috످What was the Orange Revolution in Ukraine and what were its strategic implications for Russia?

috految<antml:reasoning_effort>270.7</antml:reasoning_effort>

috److془The user asks about the Orange Revolution. I know this well. Provide a good answer.

Facts: Nov 22, 2004 - Jan 23, 2005. Official result: Yanukovych 49.5, Yushchenko 46.6. Dec 3 Supreme Court annulled. Dec 8 compromise. Dec 26 rerun 52-44. Jan 23 inauguration.

Write it up.془The Orange Revolution (November 2004–January 2005) was a wave of peaceful mass protests that overturned a rigged presidential election in Ukraine and brought pro-Western candidate Viktor Yushchenko to power. Named for his campaign color, it was a major defeat for Vladimir Putin, who saw it as a Western plot to pull Ukraine out of Russia's orbit and a threat to his own rule.

By 2004, many Ukrainians were angry about corruption and repression under outgoing President Leonid Kuchma, who had been implicated by secret recordings in the murder of journalist Georgiy Gongadze (he denied involvement). The race to succeed him had two main candidates. Viktor Yushchenko, a reformer allied with Yulia Tymoshenko, favored joining the EU and NATO and was strongest in western and central Ukraine. Viktor Yanukovych, the prime minister, was backed by Kuchma and Putin and was strongest in the largely Russian-speaking east and south.

In September 2004, Yushchenko was poisoned with dioxin, leaving him disfigured. The case remains unsolved.

On November 21, Yanukovych appeared to win the runoff, but observers documented widespread fraud. On November 22, protests began in Kyiv's Independence Square (the Maidan), soon drawing hundreds of thousands.

On December 3, Ukraine's Supreme Court annulled the result, and on December 8, Parliament passed a compromise that reformed election laws and reduced presidential powers. On December 26, Yushchenko won the rerun, 52% to 44%. On January 23, 2005, Yushchenko took office.

The revolution had strategic implications for Russia. The first was a loss of regional influence. Ukraine was central to Russia's great-power ambitions. As former US national security adviser Zbigniew Brzezinski had argued, Russia could not be an empire without it. The revolution derailed Moscow's plans for an economic union with Ukraine, Belarus, and Kazakhstan.

The second implication was fear of revolution at home. Coming a year after Georgia's Rose Revolution, the uprising raised fears that Russia could be next. The Kremlin restricted NGOs, tightened media controls, and created the loyalist youth movement Nashi.

The third was military vulnerability. Ukrainian NATO membership would have brought the alliance to within 500 km of Moscow and jeopardized Russia's Black Sea Fleet base in Crimea. Russia also relied on Ukrainian factories for missile components and engines.

The fourth was energy insecurity. About 80% of Russia's gas exports to Europe passed through Ukraine. Moscow cut off supplies during price disputes in 2006 and 2009 and pursued bypass pipelines like Nord Stream.

The fifth was a challenge to Russian identity. Ukraine's westward turn undermined the Kremlin's narrative that Russians and Ukrainians are "one people." Moscow responded by promoting the idea of a "Russian World" united by language, culture, and Orthodoxy.

The sixth was confrontation with the West. Putin increasingly treated Western democracy promotion as a form of warfare. Russia launched the state broadcaster RT in 2005, denounced US dominance at the 2007 Munich Security Conference, and invaded Georgia in 2008, months after NATO promised Georgia and Ukraine eventual membership.

Scholars debate whether the West orchestrated the revolution. The US spent about $65 million on democracy programs in Ukraine over the preceding two years, some of which benefited opposition-aligned groups, while Russia heavily backed Yanukovych. Most scholars conclude that the movement was primarily homegrown.

Scholars also debate what drove Russia's response. John Mearsheimer argues that Russia was reacting defensively to NATO expansion. Many regional specialists disagree, emphasizing Putin's fear of democracy (Michael McFaul) or imperial ambitions (Serhii Plokhy).

The Orange coalition soon fractured amid infighting and stalled reforms, and Yanukovych won the presidency in a largely fair election in 2010. But his rejection of an EU association agreement in 2013, under Russian pressure, sparked the Euromaidan protests, which led to his ouster in 2014. Russia then illegally annexed Crimea, instigated a war in the Donbas, and launched a full-scale invasion in 2022.

Ultimately, Russia's efforts to keep Ukraine in its orbit accelerated the shift it had hoped to prevent. Ukrainian support for joining NATO rose from roughly 20% in the mid-2000s to over 80% in late 2022, the same year Ukraine became an EU candidate.

috످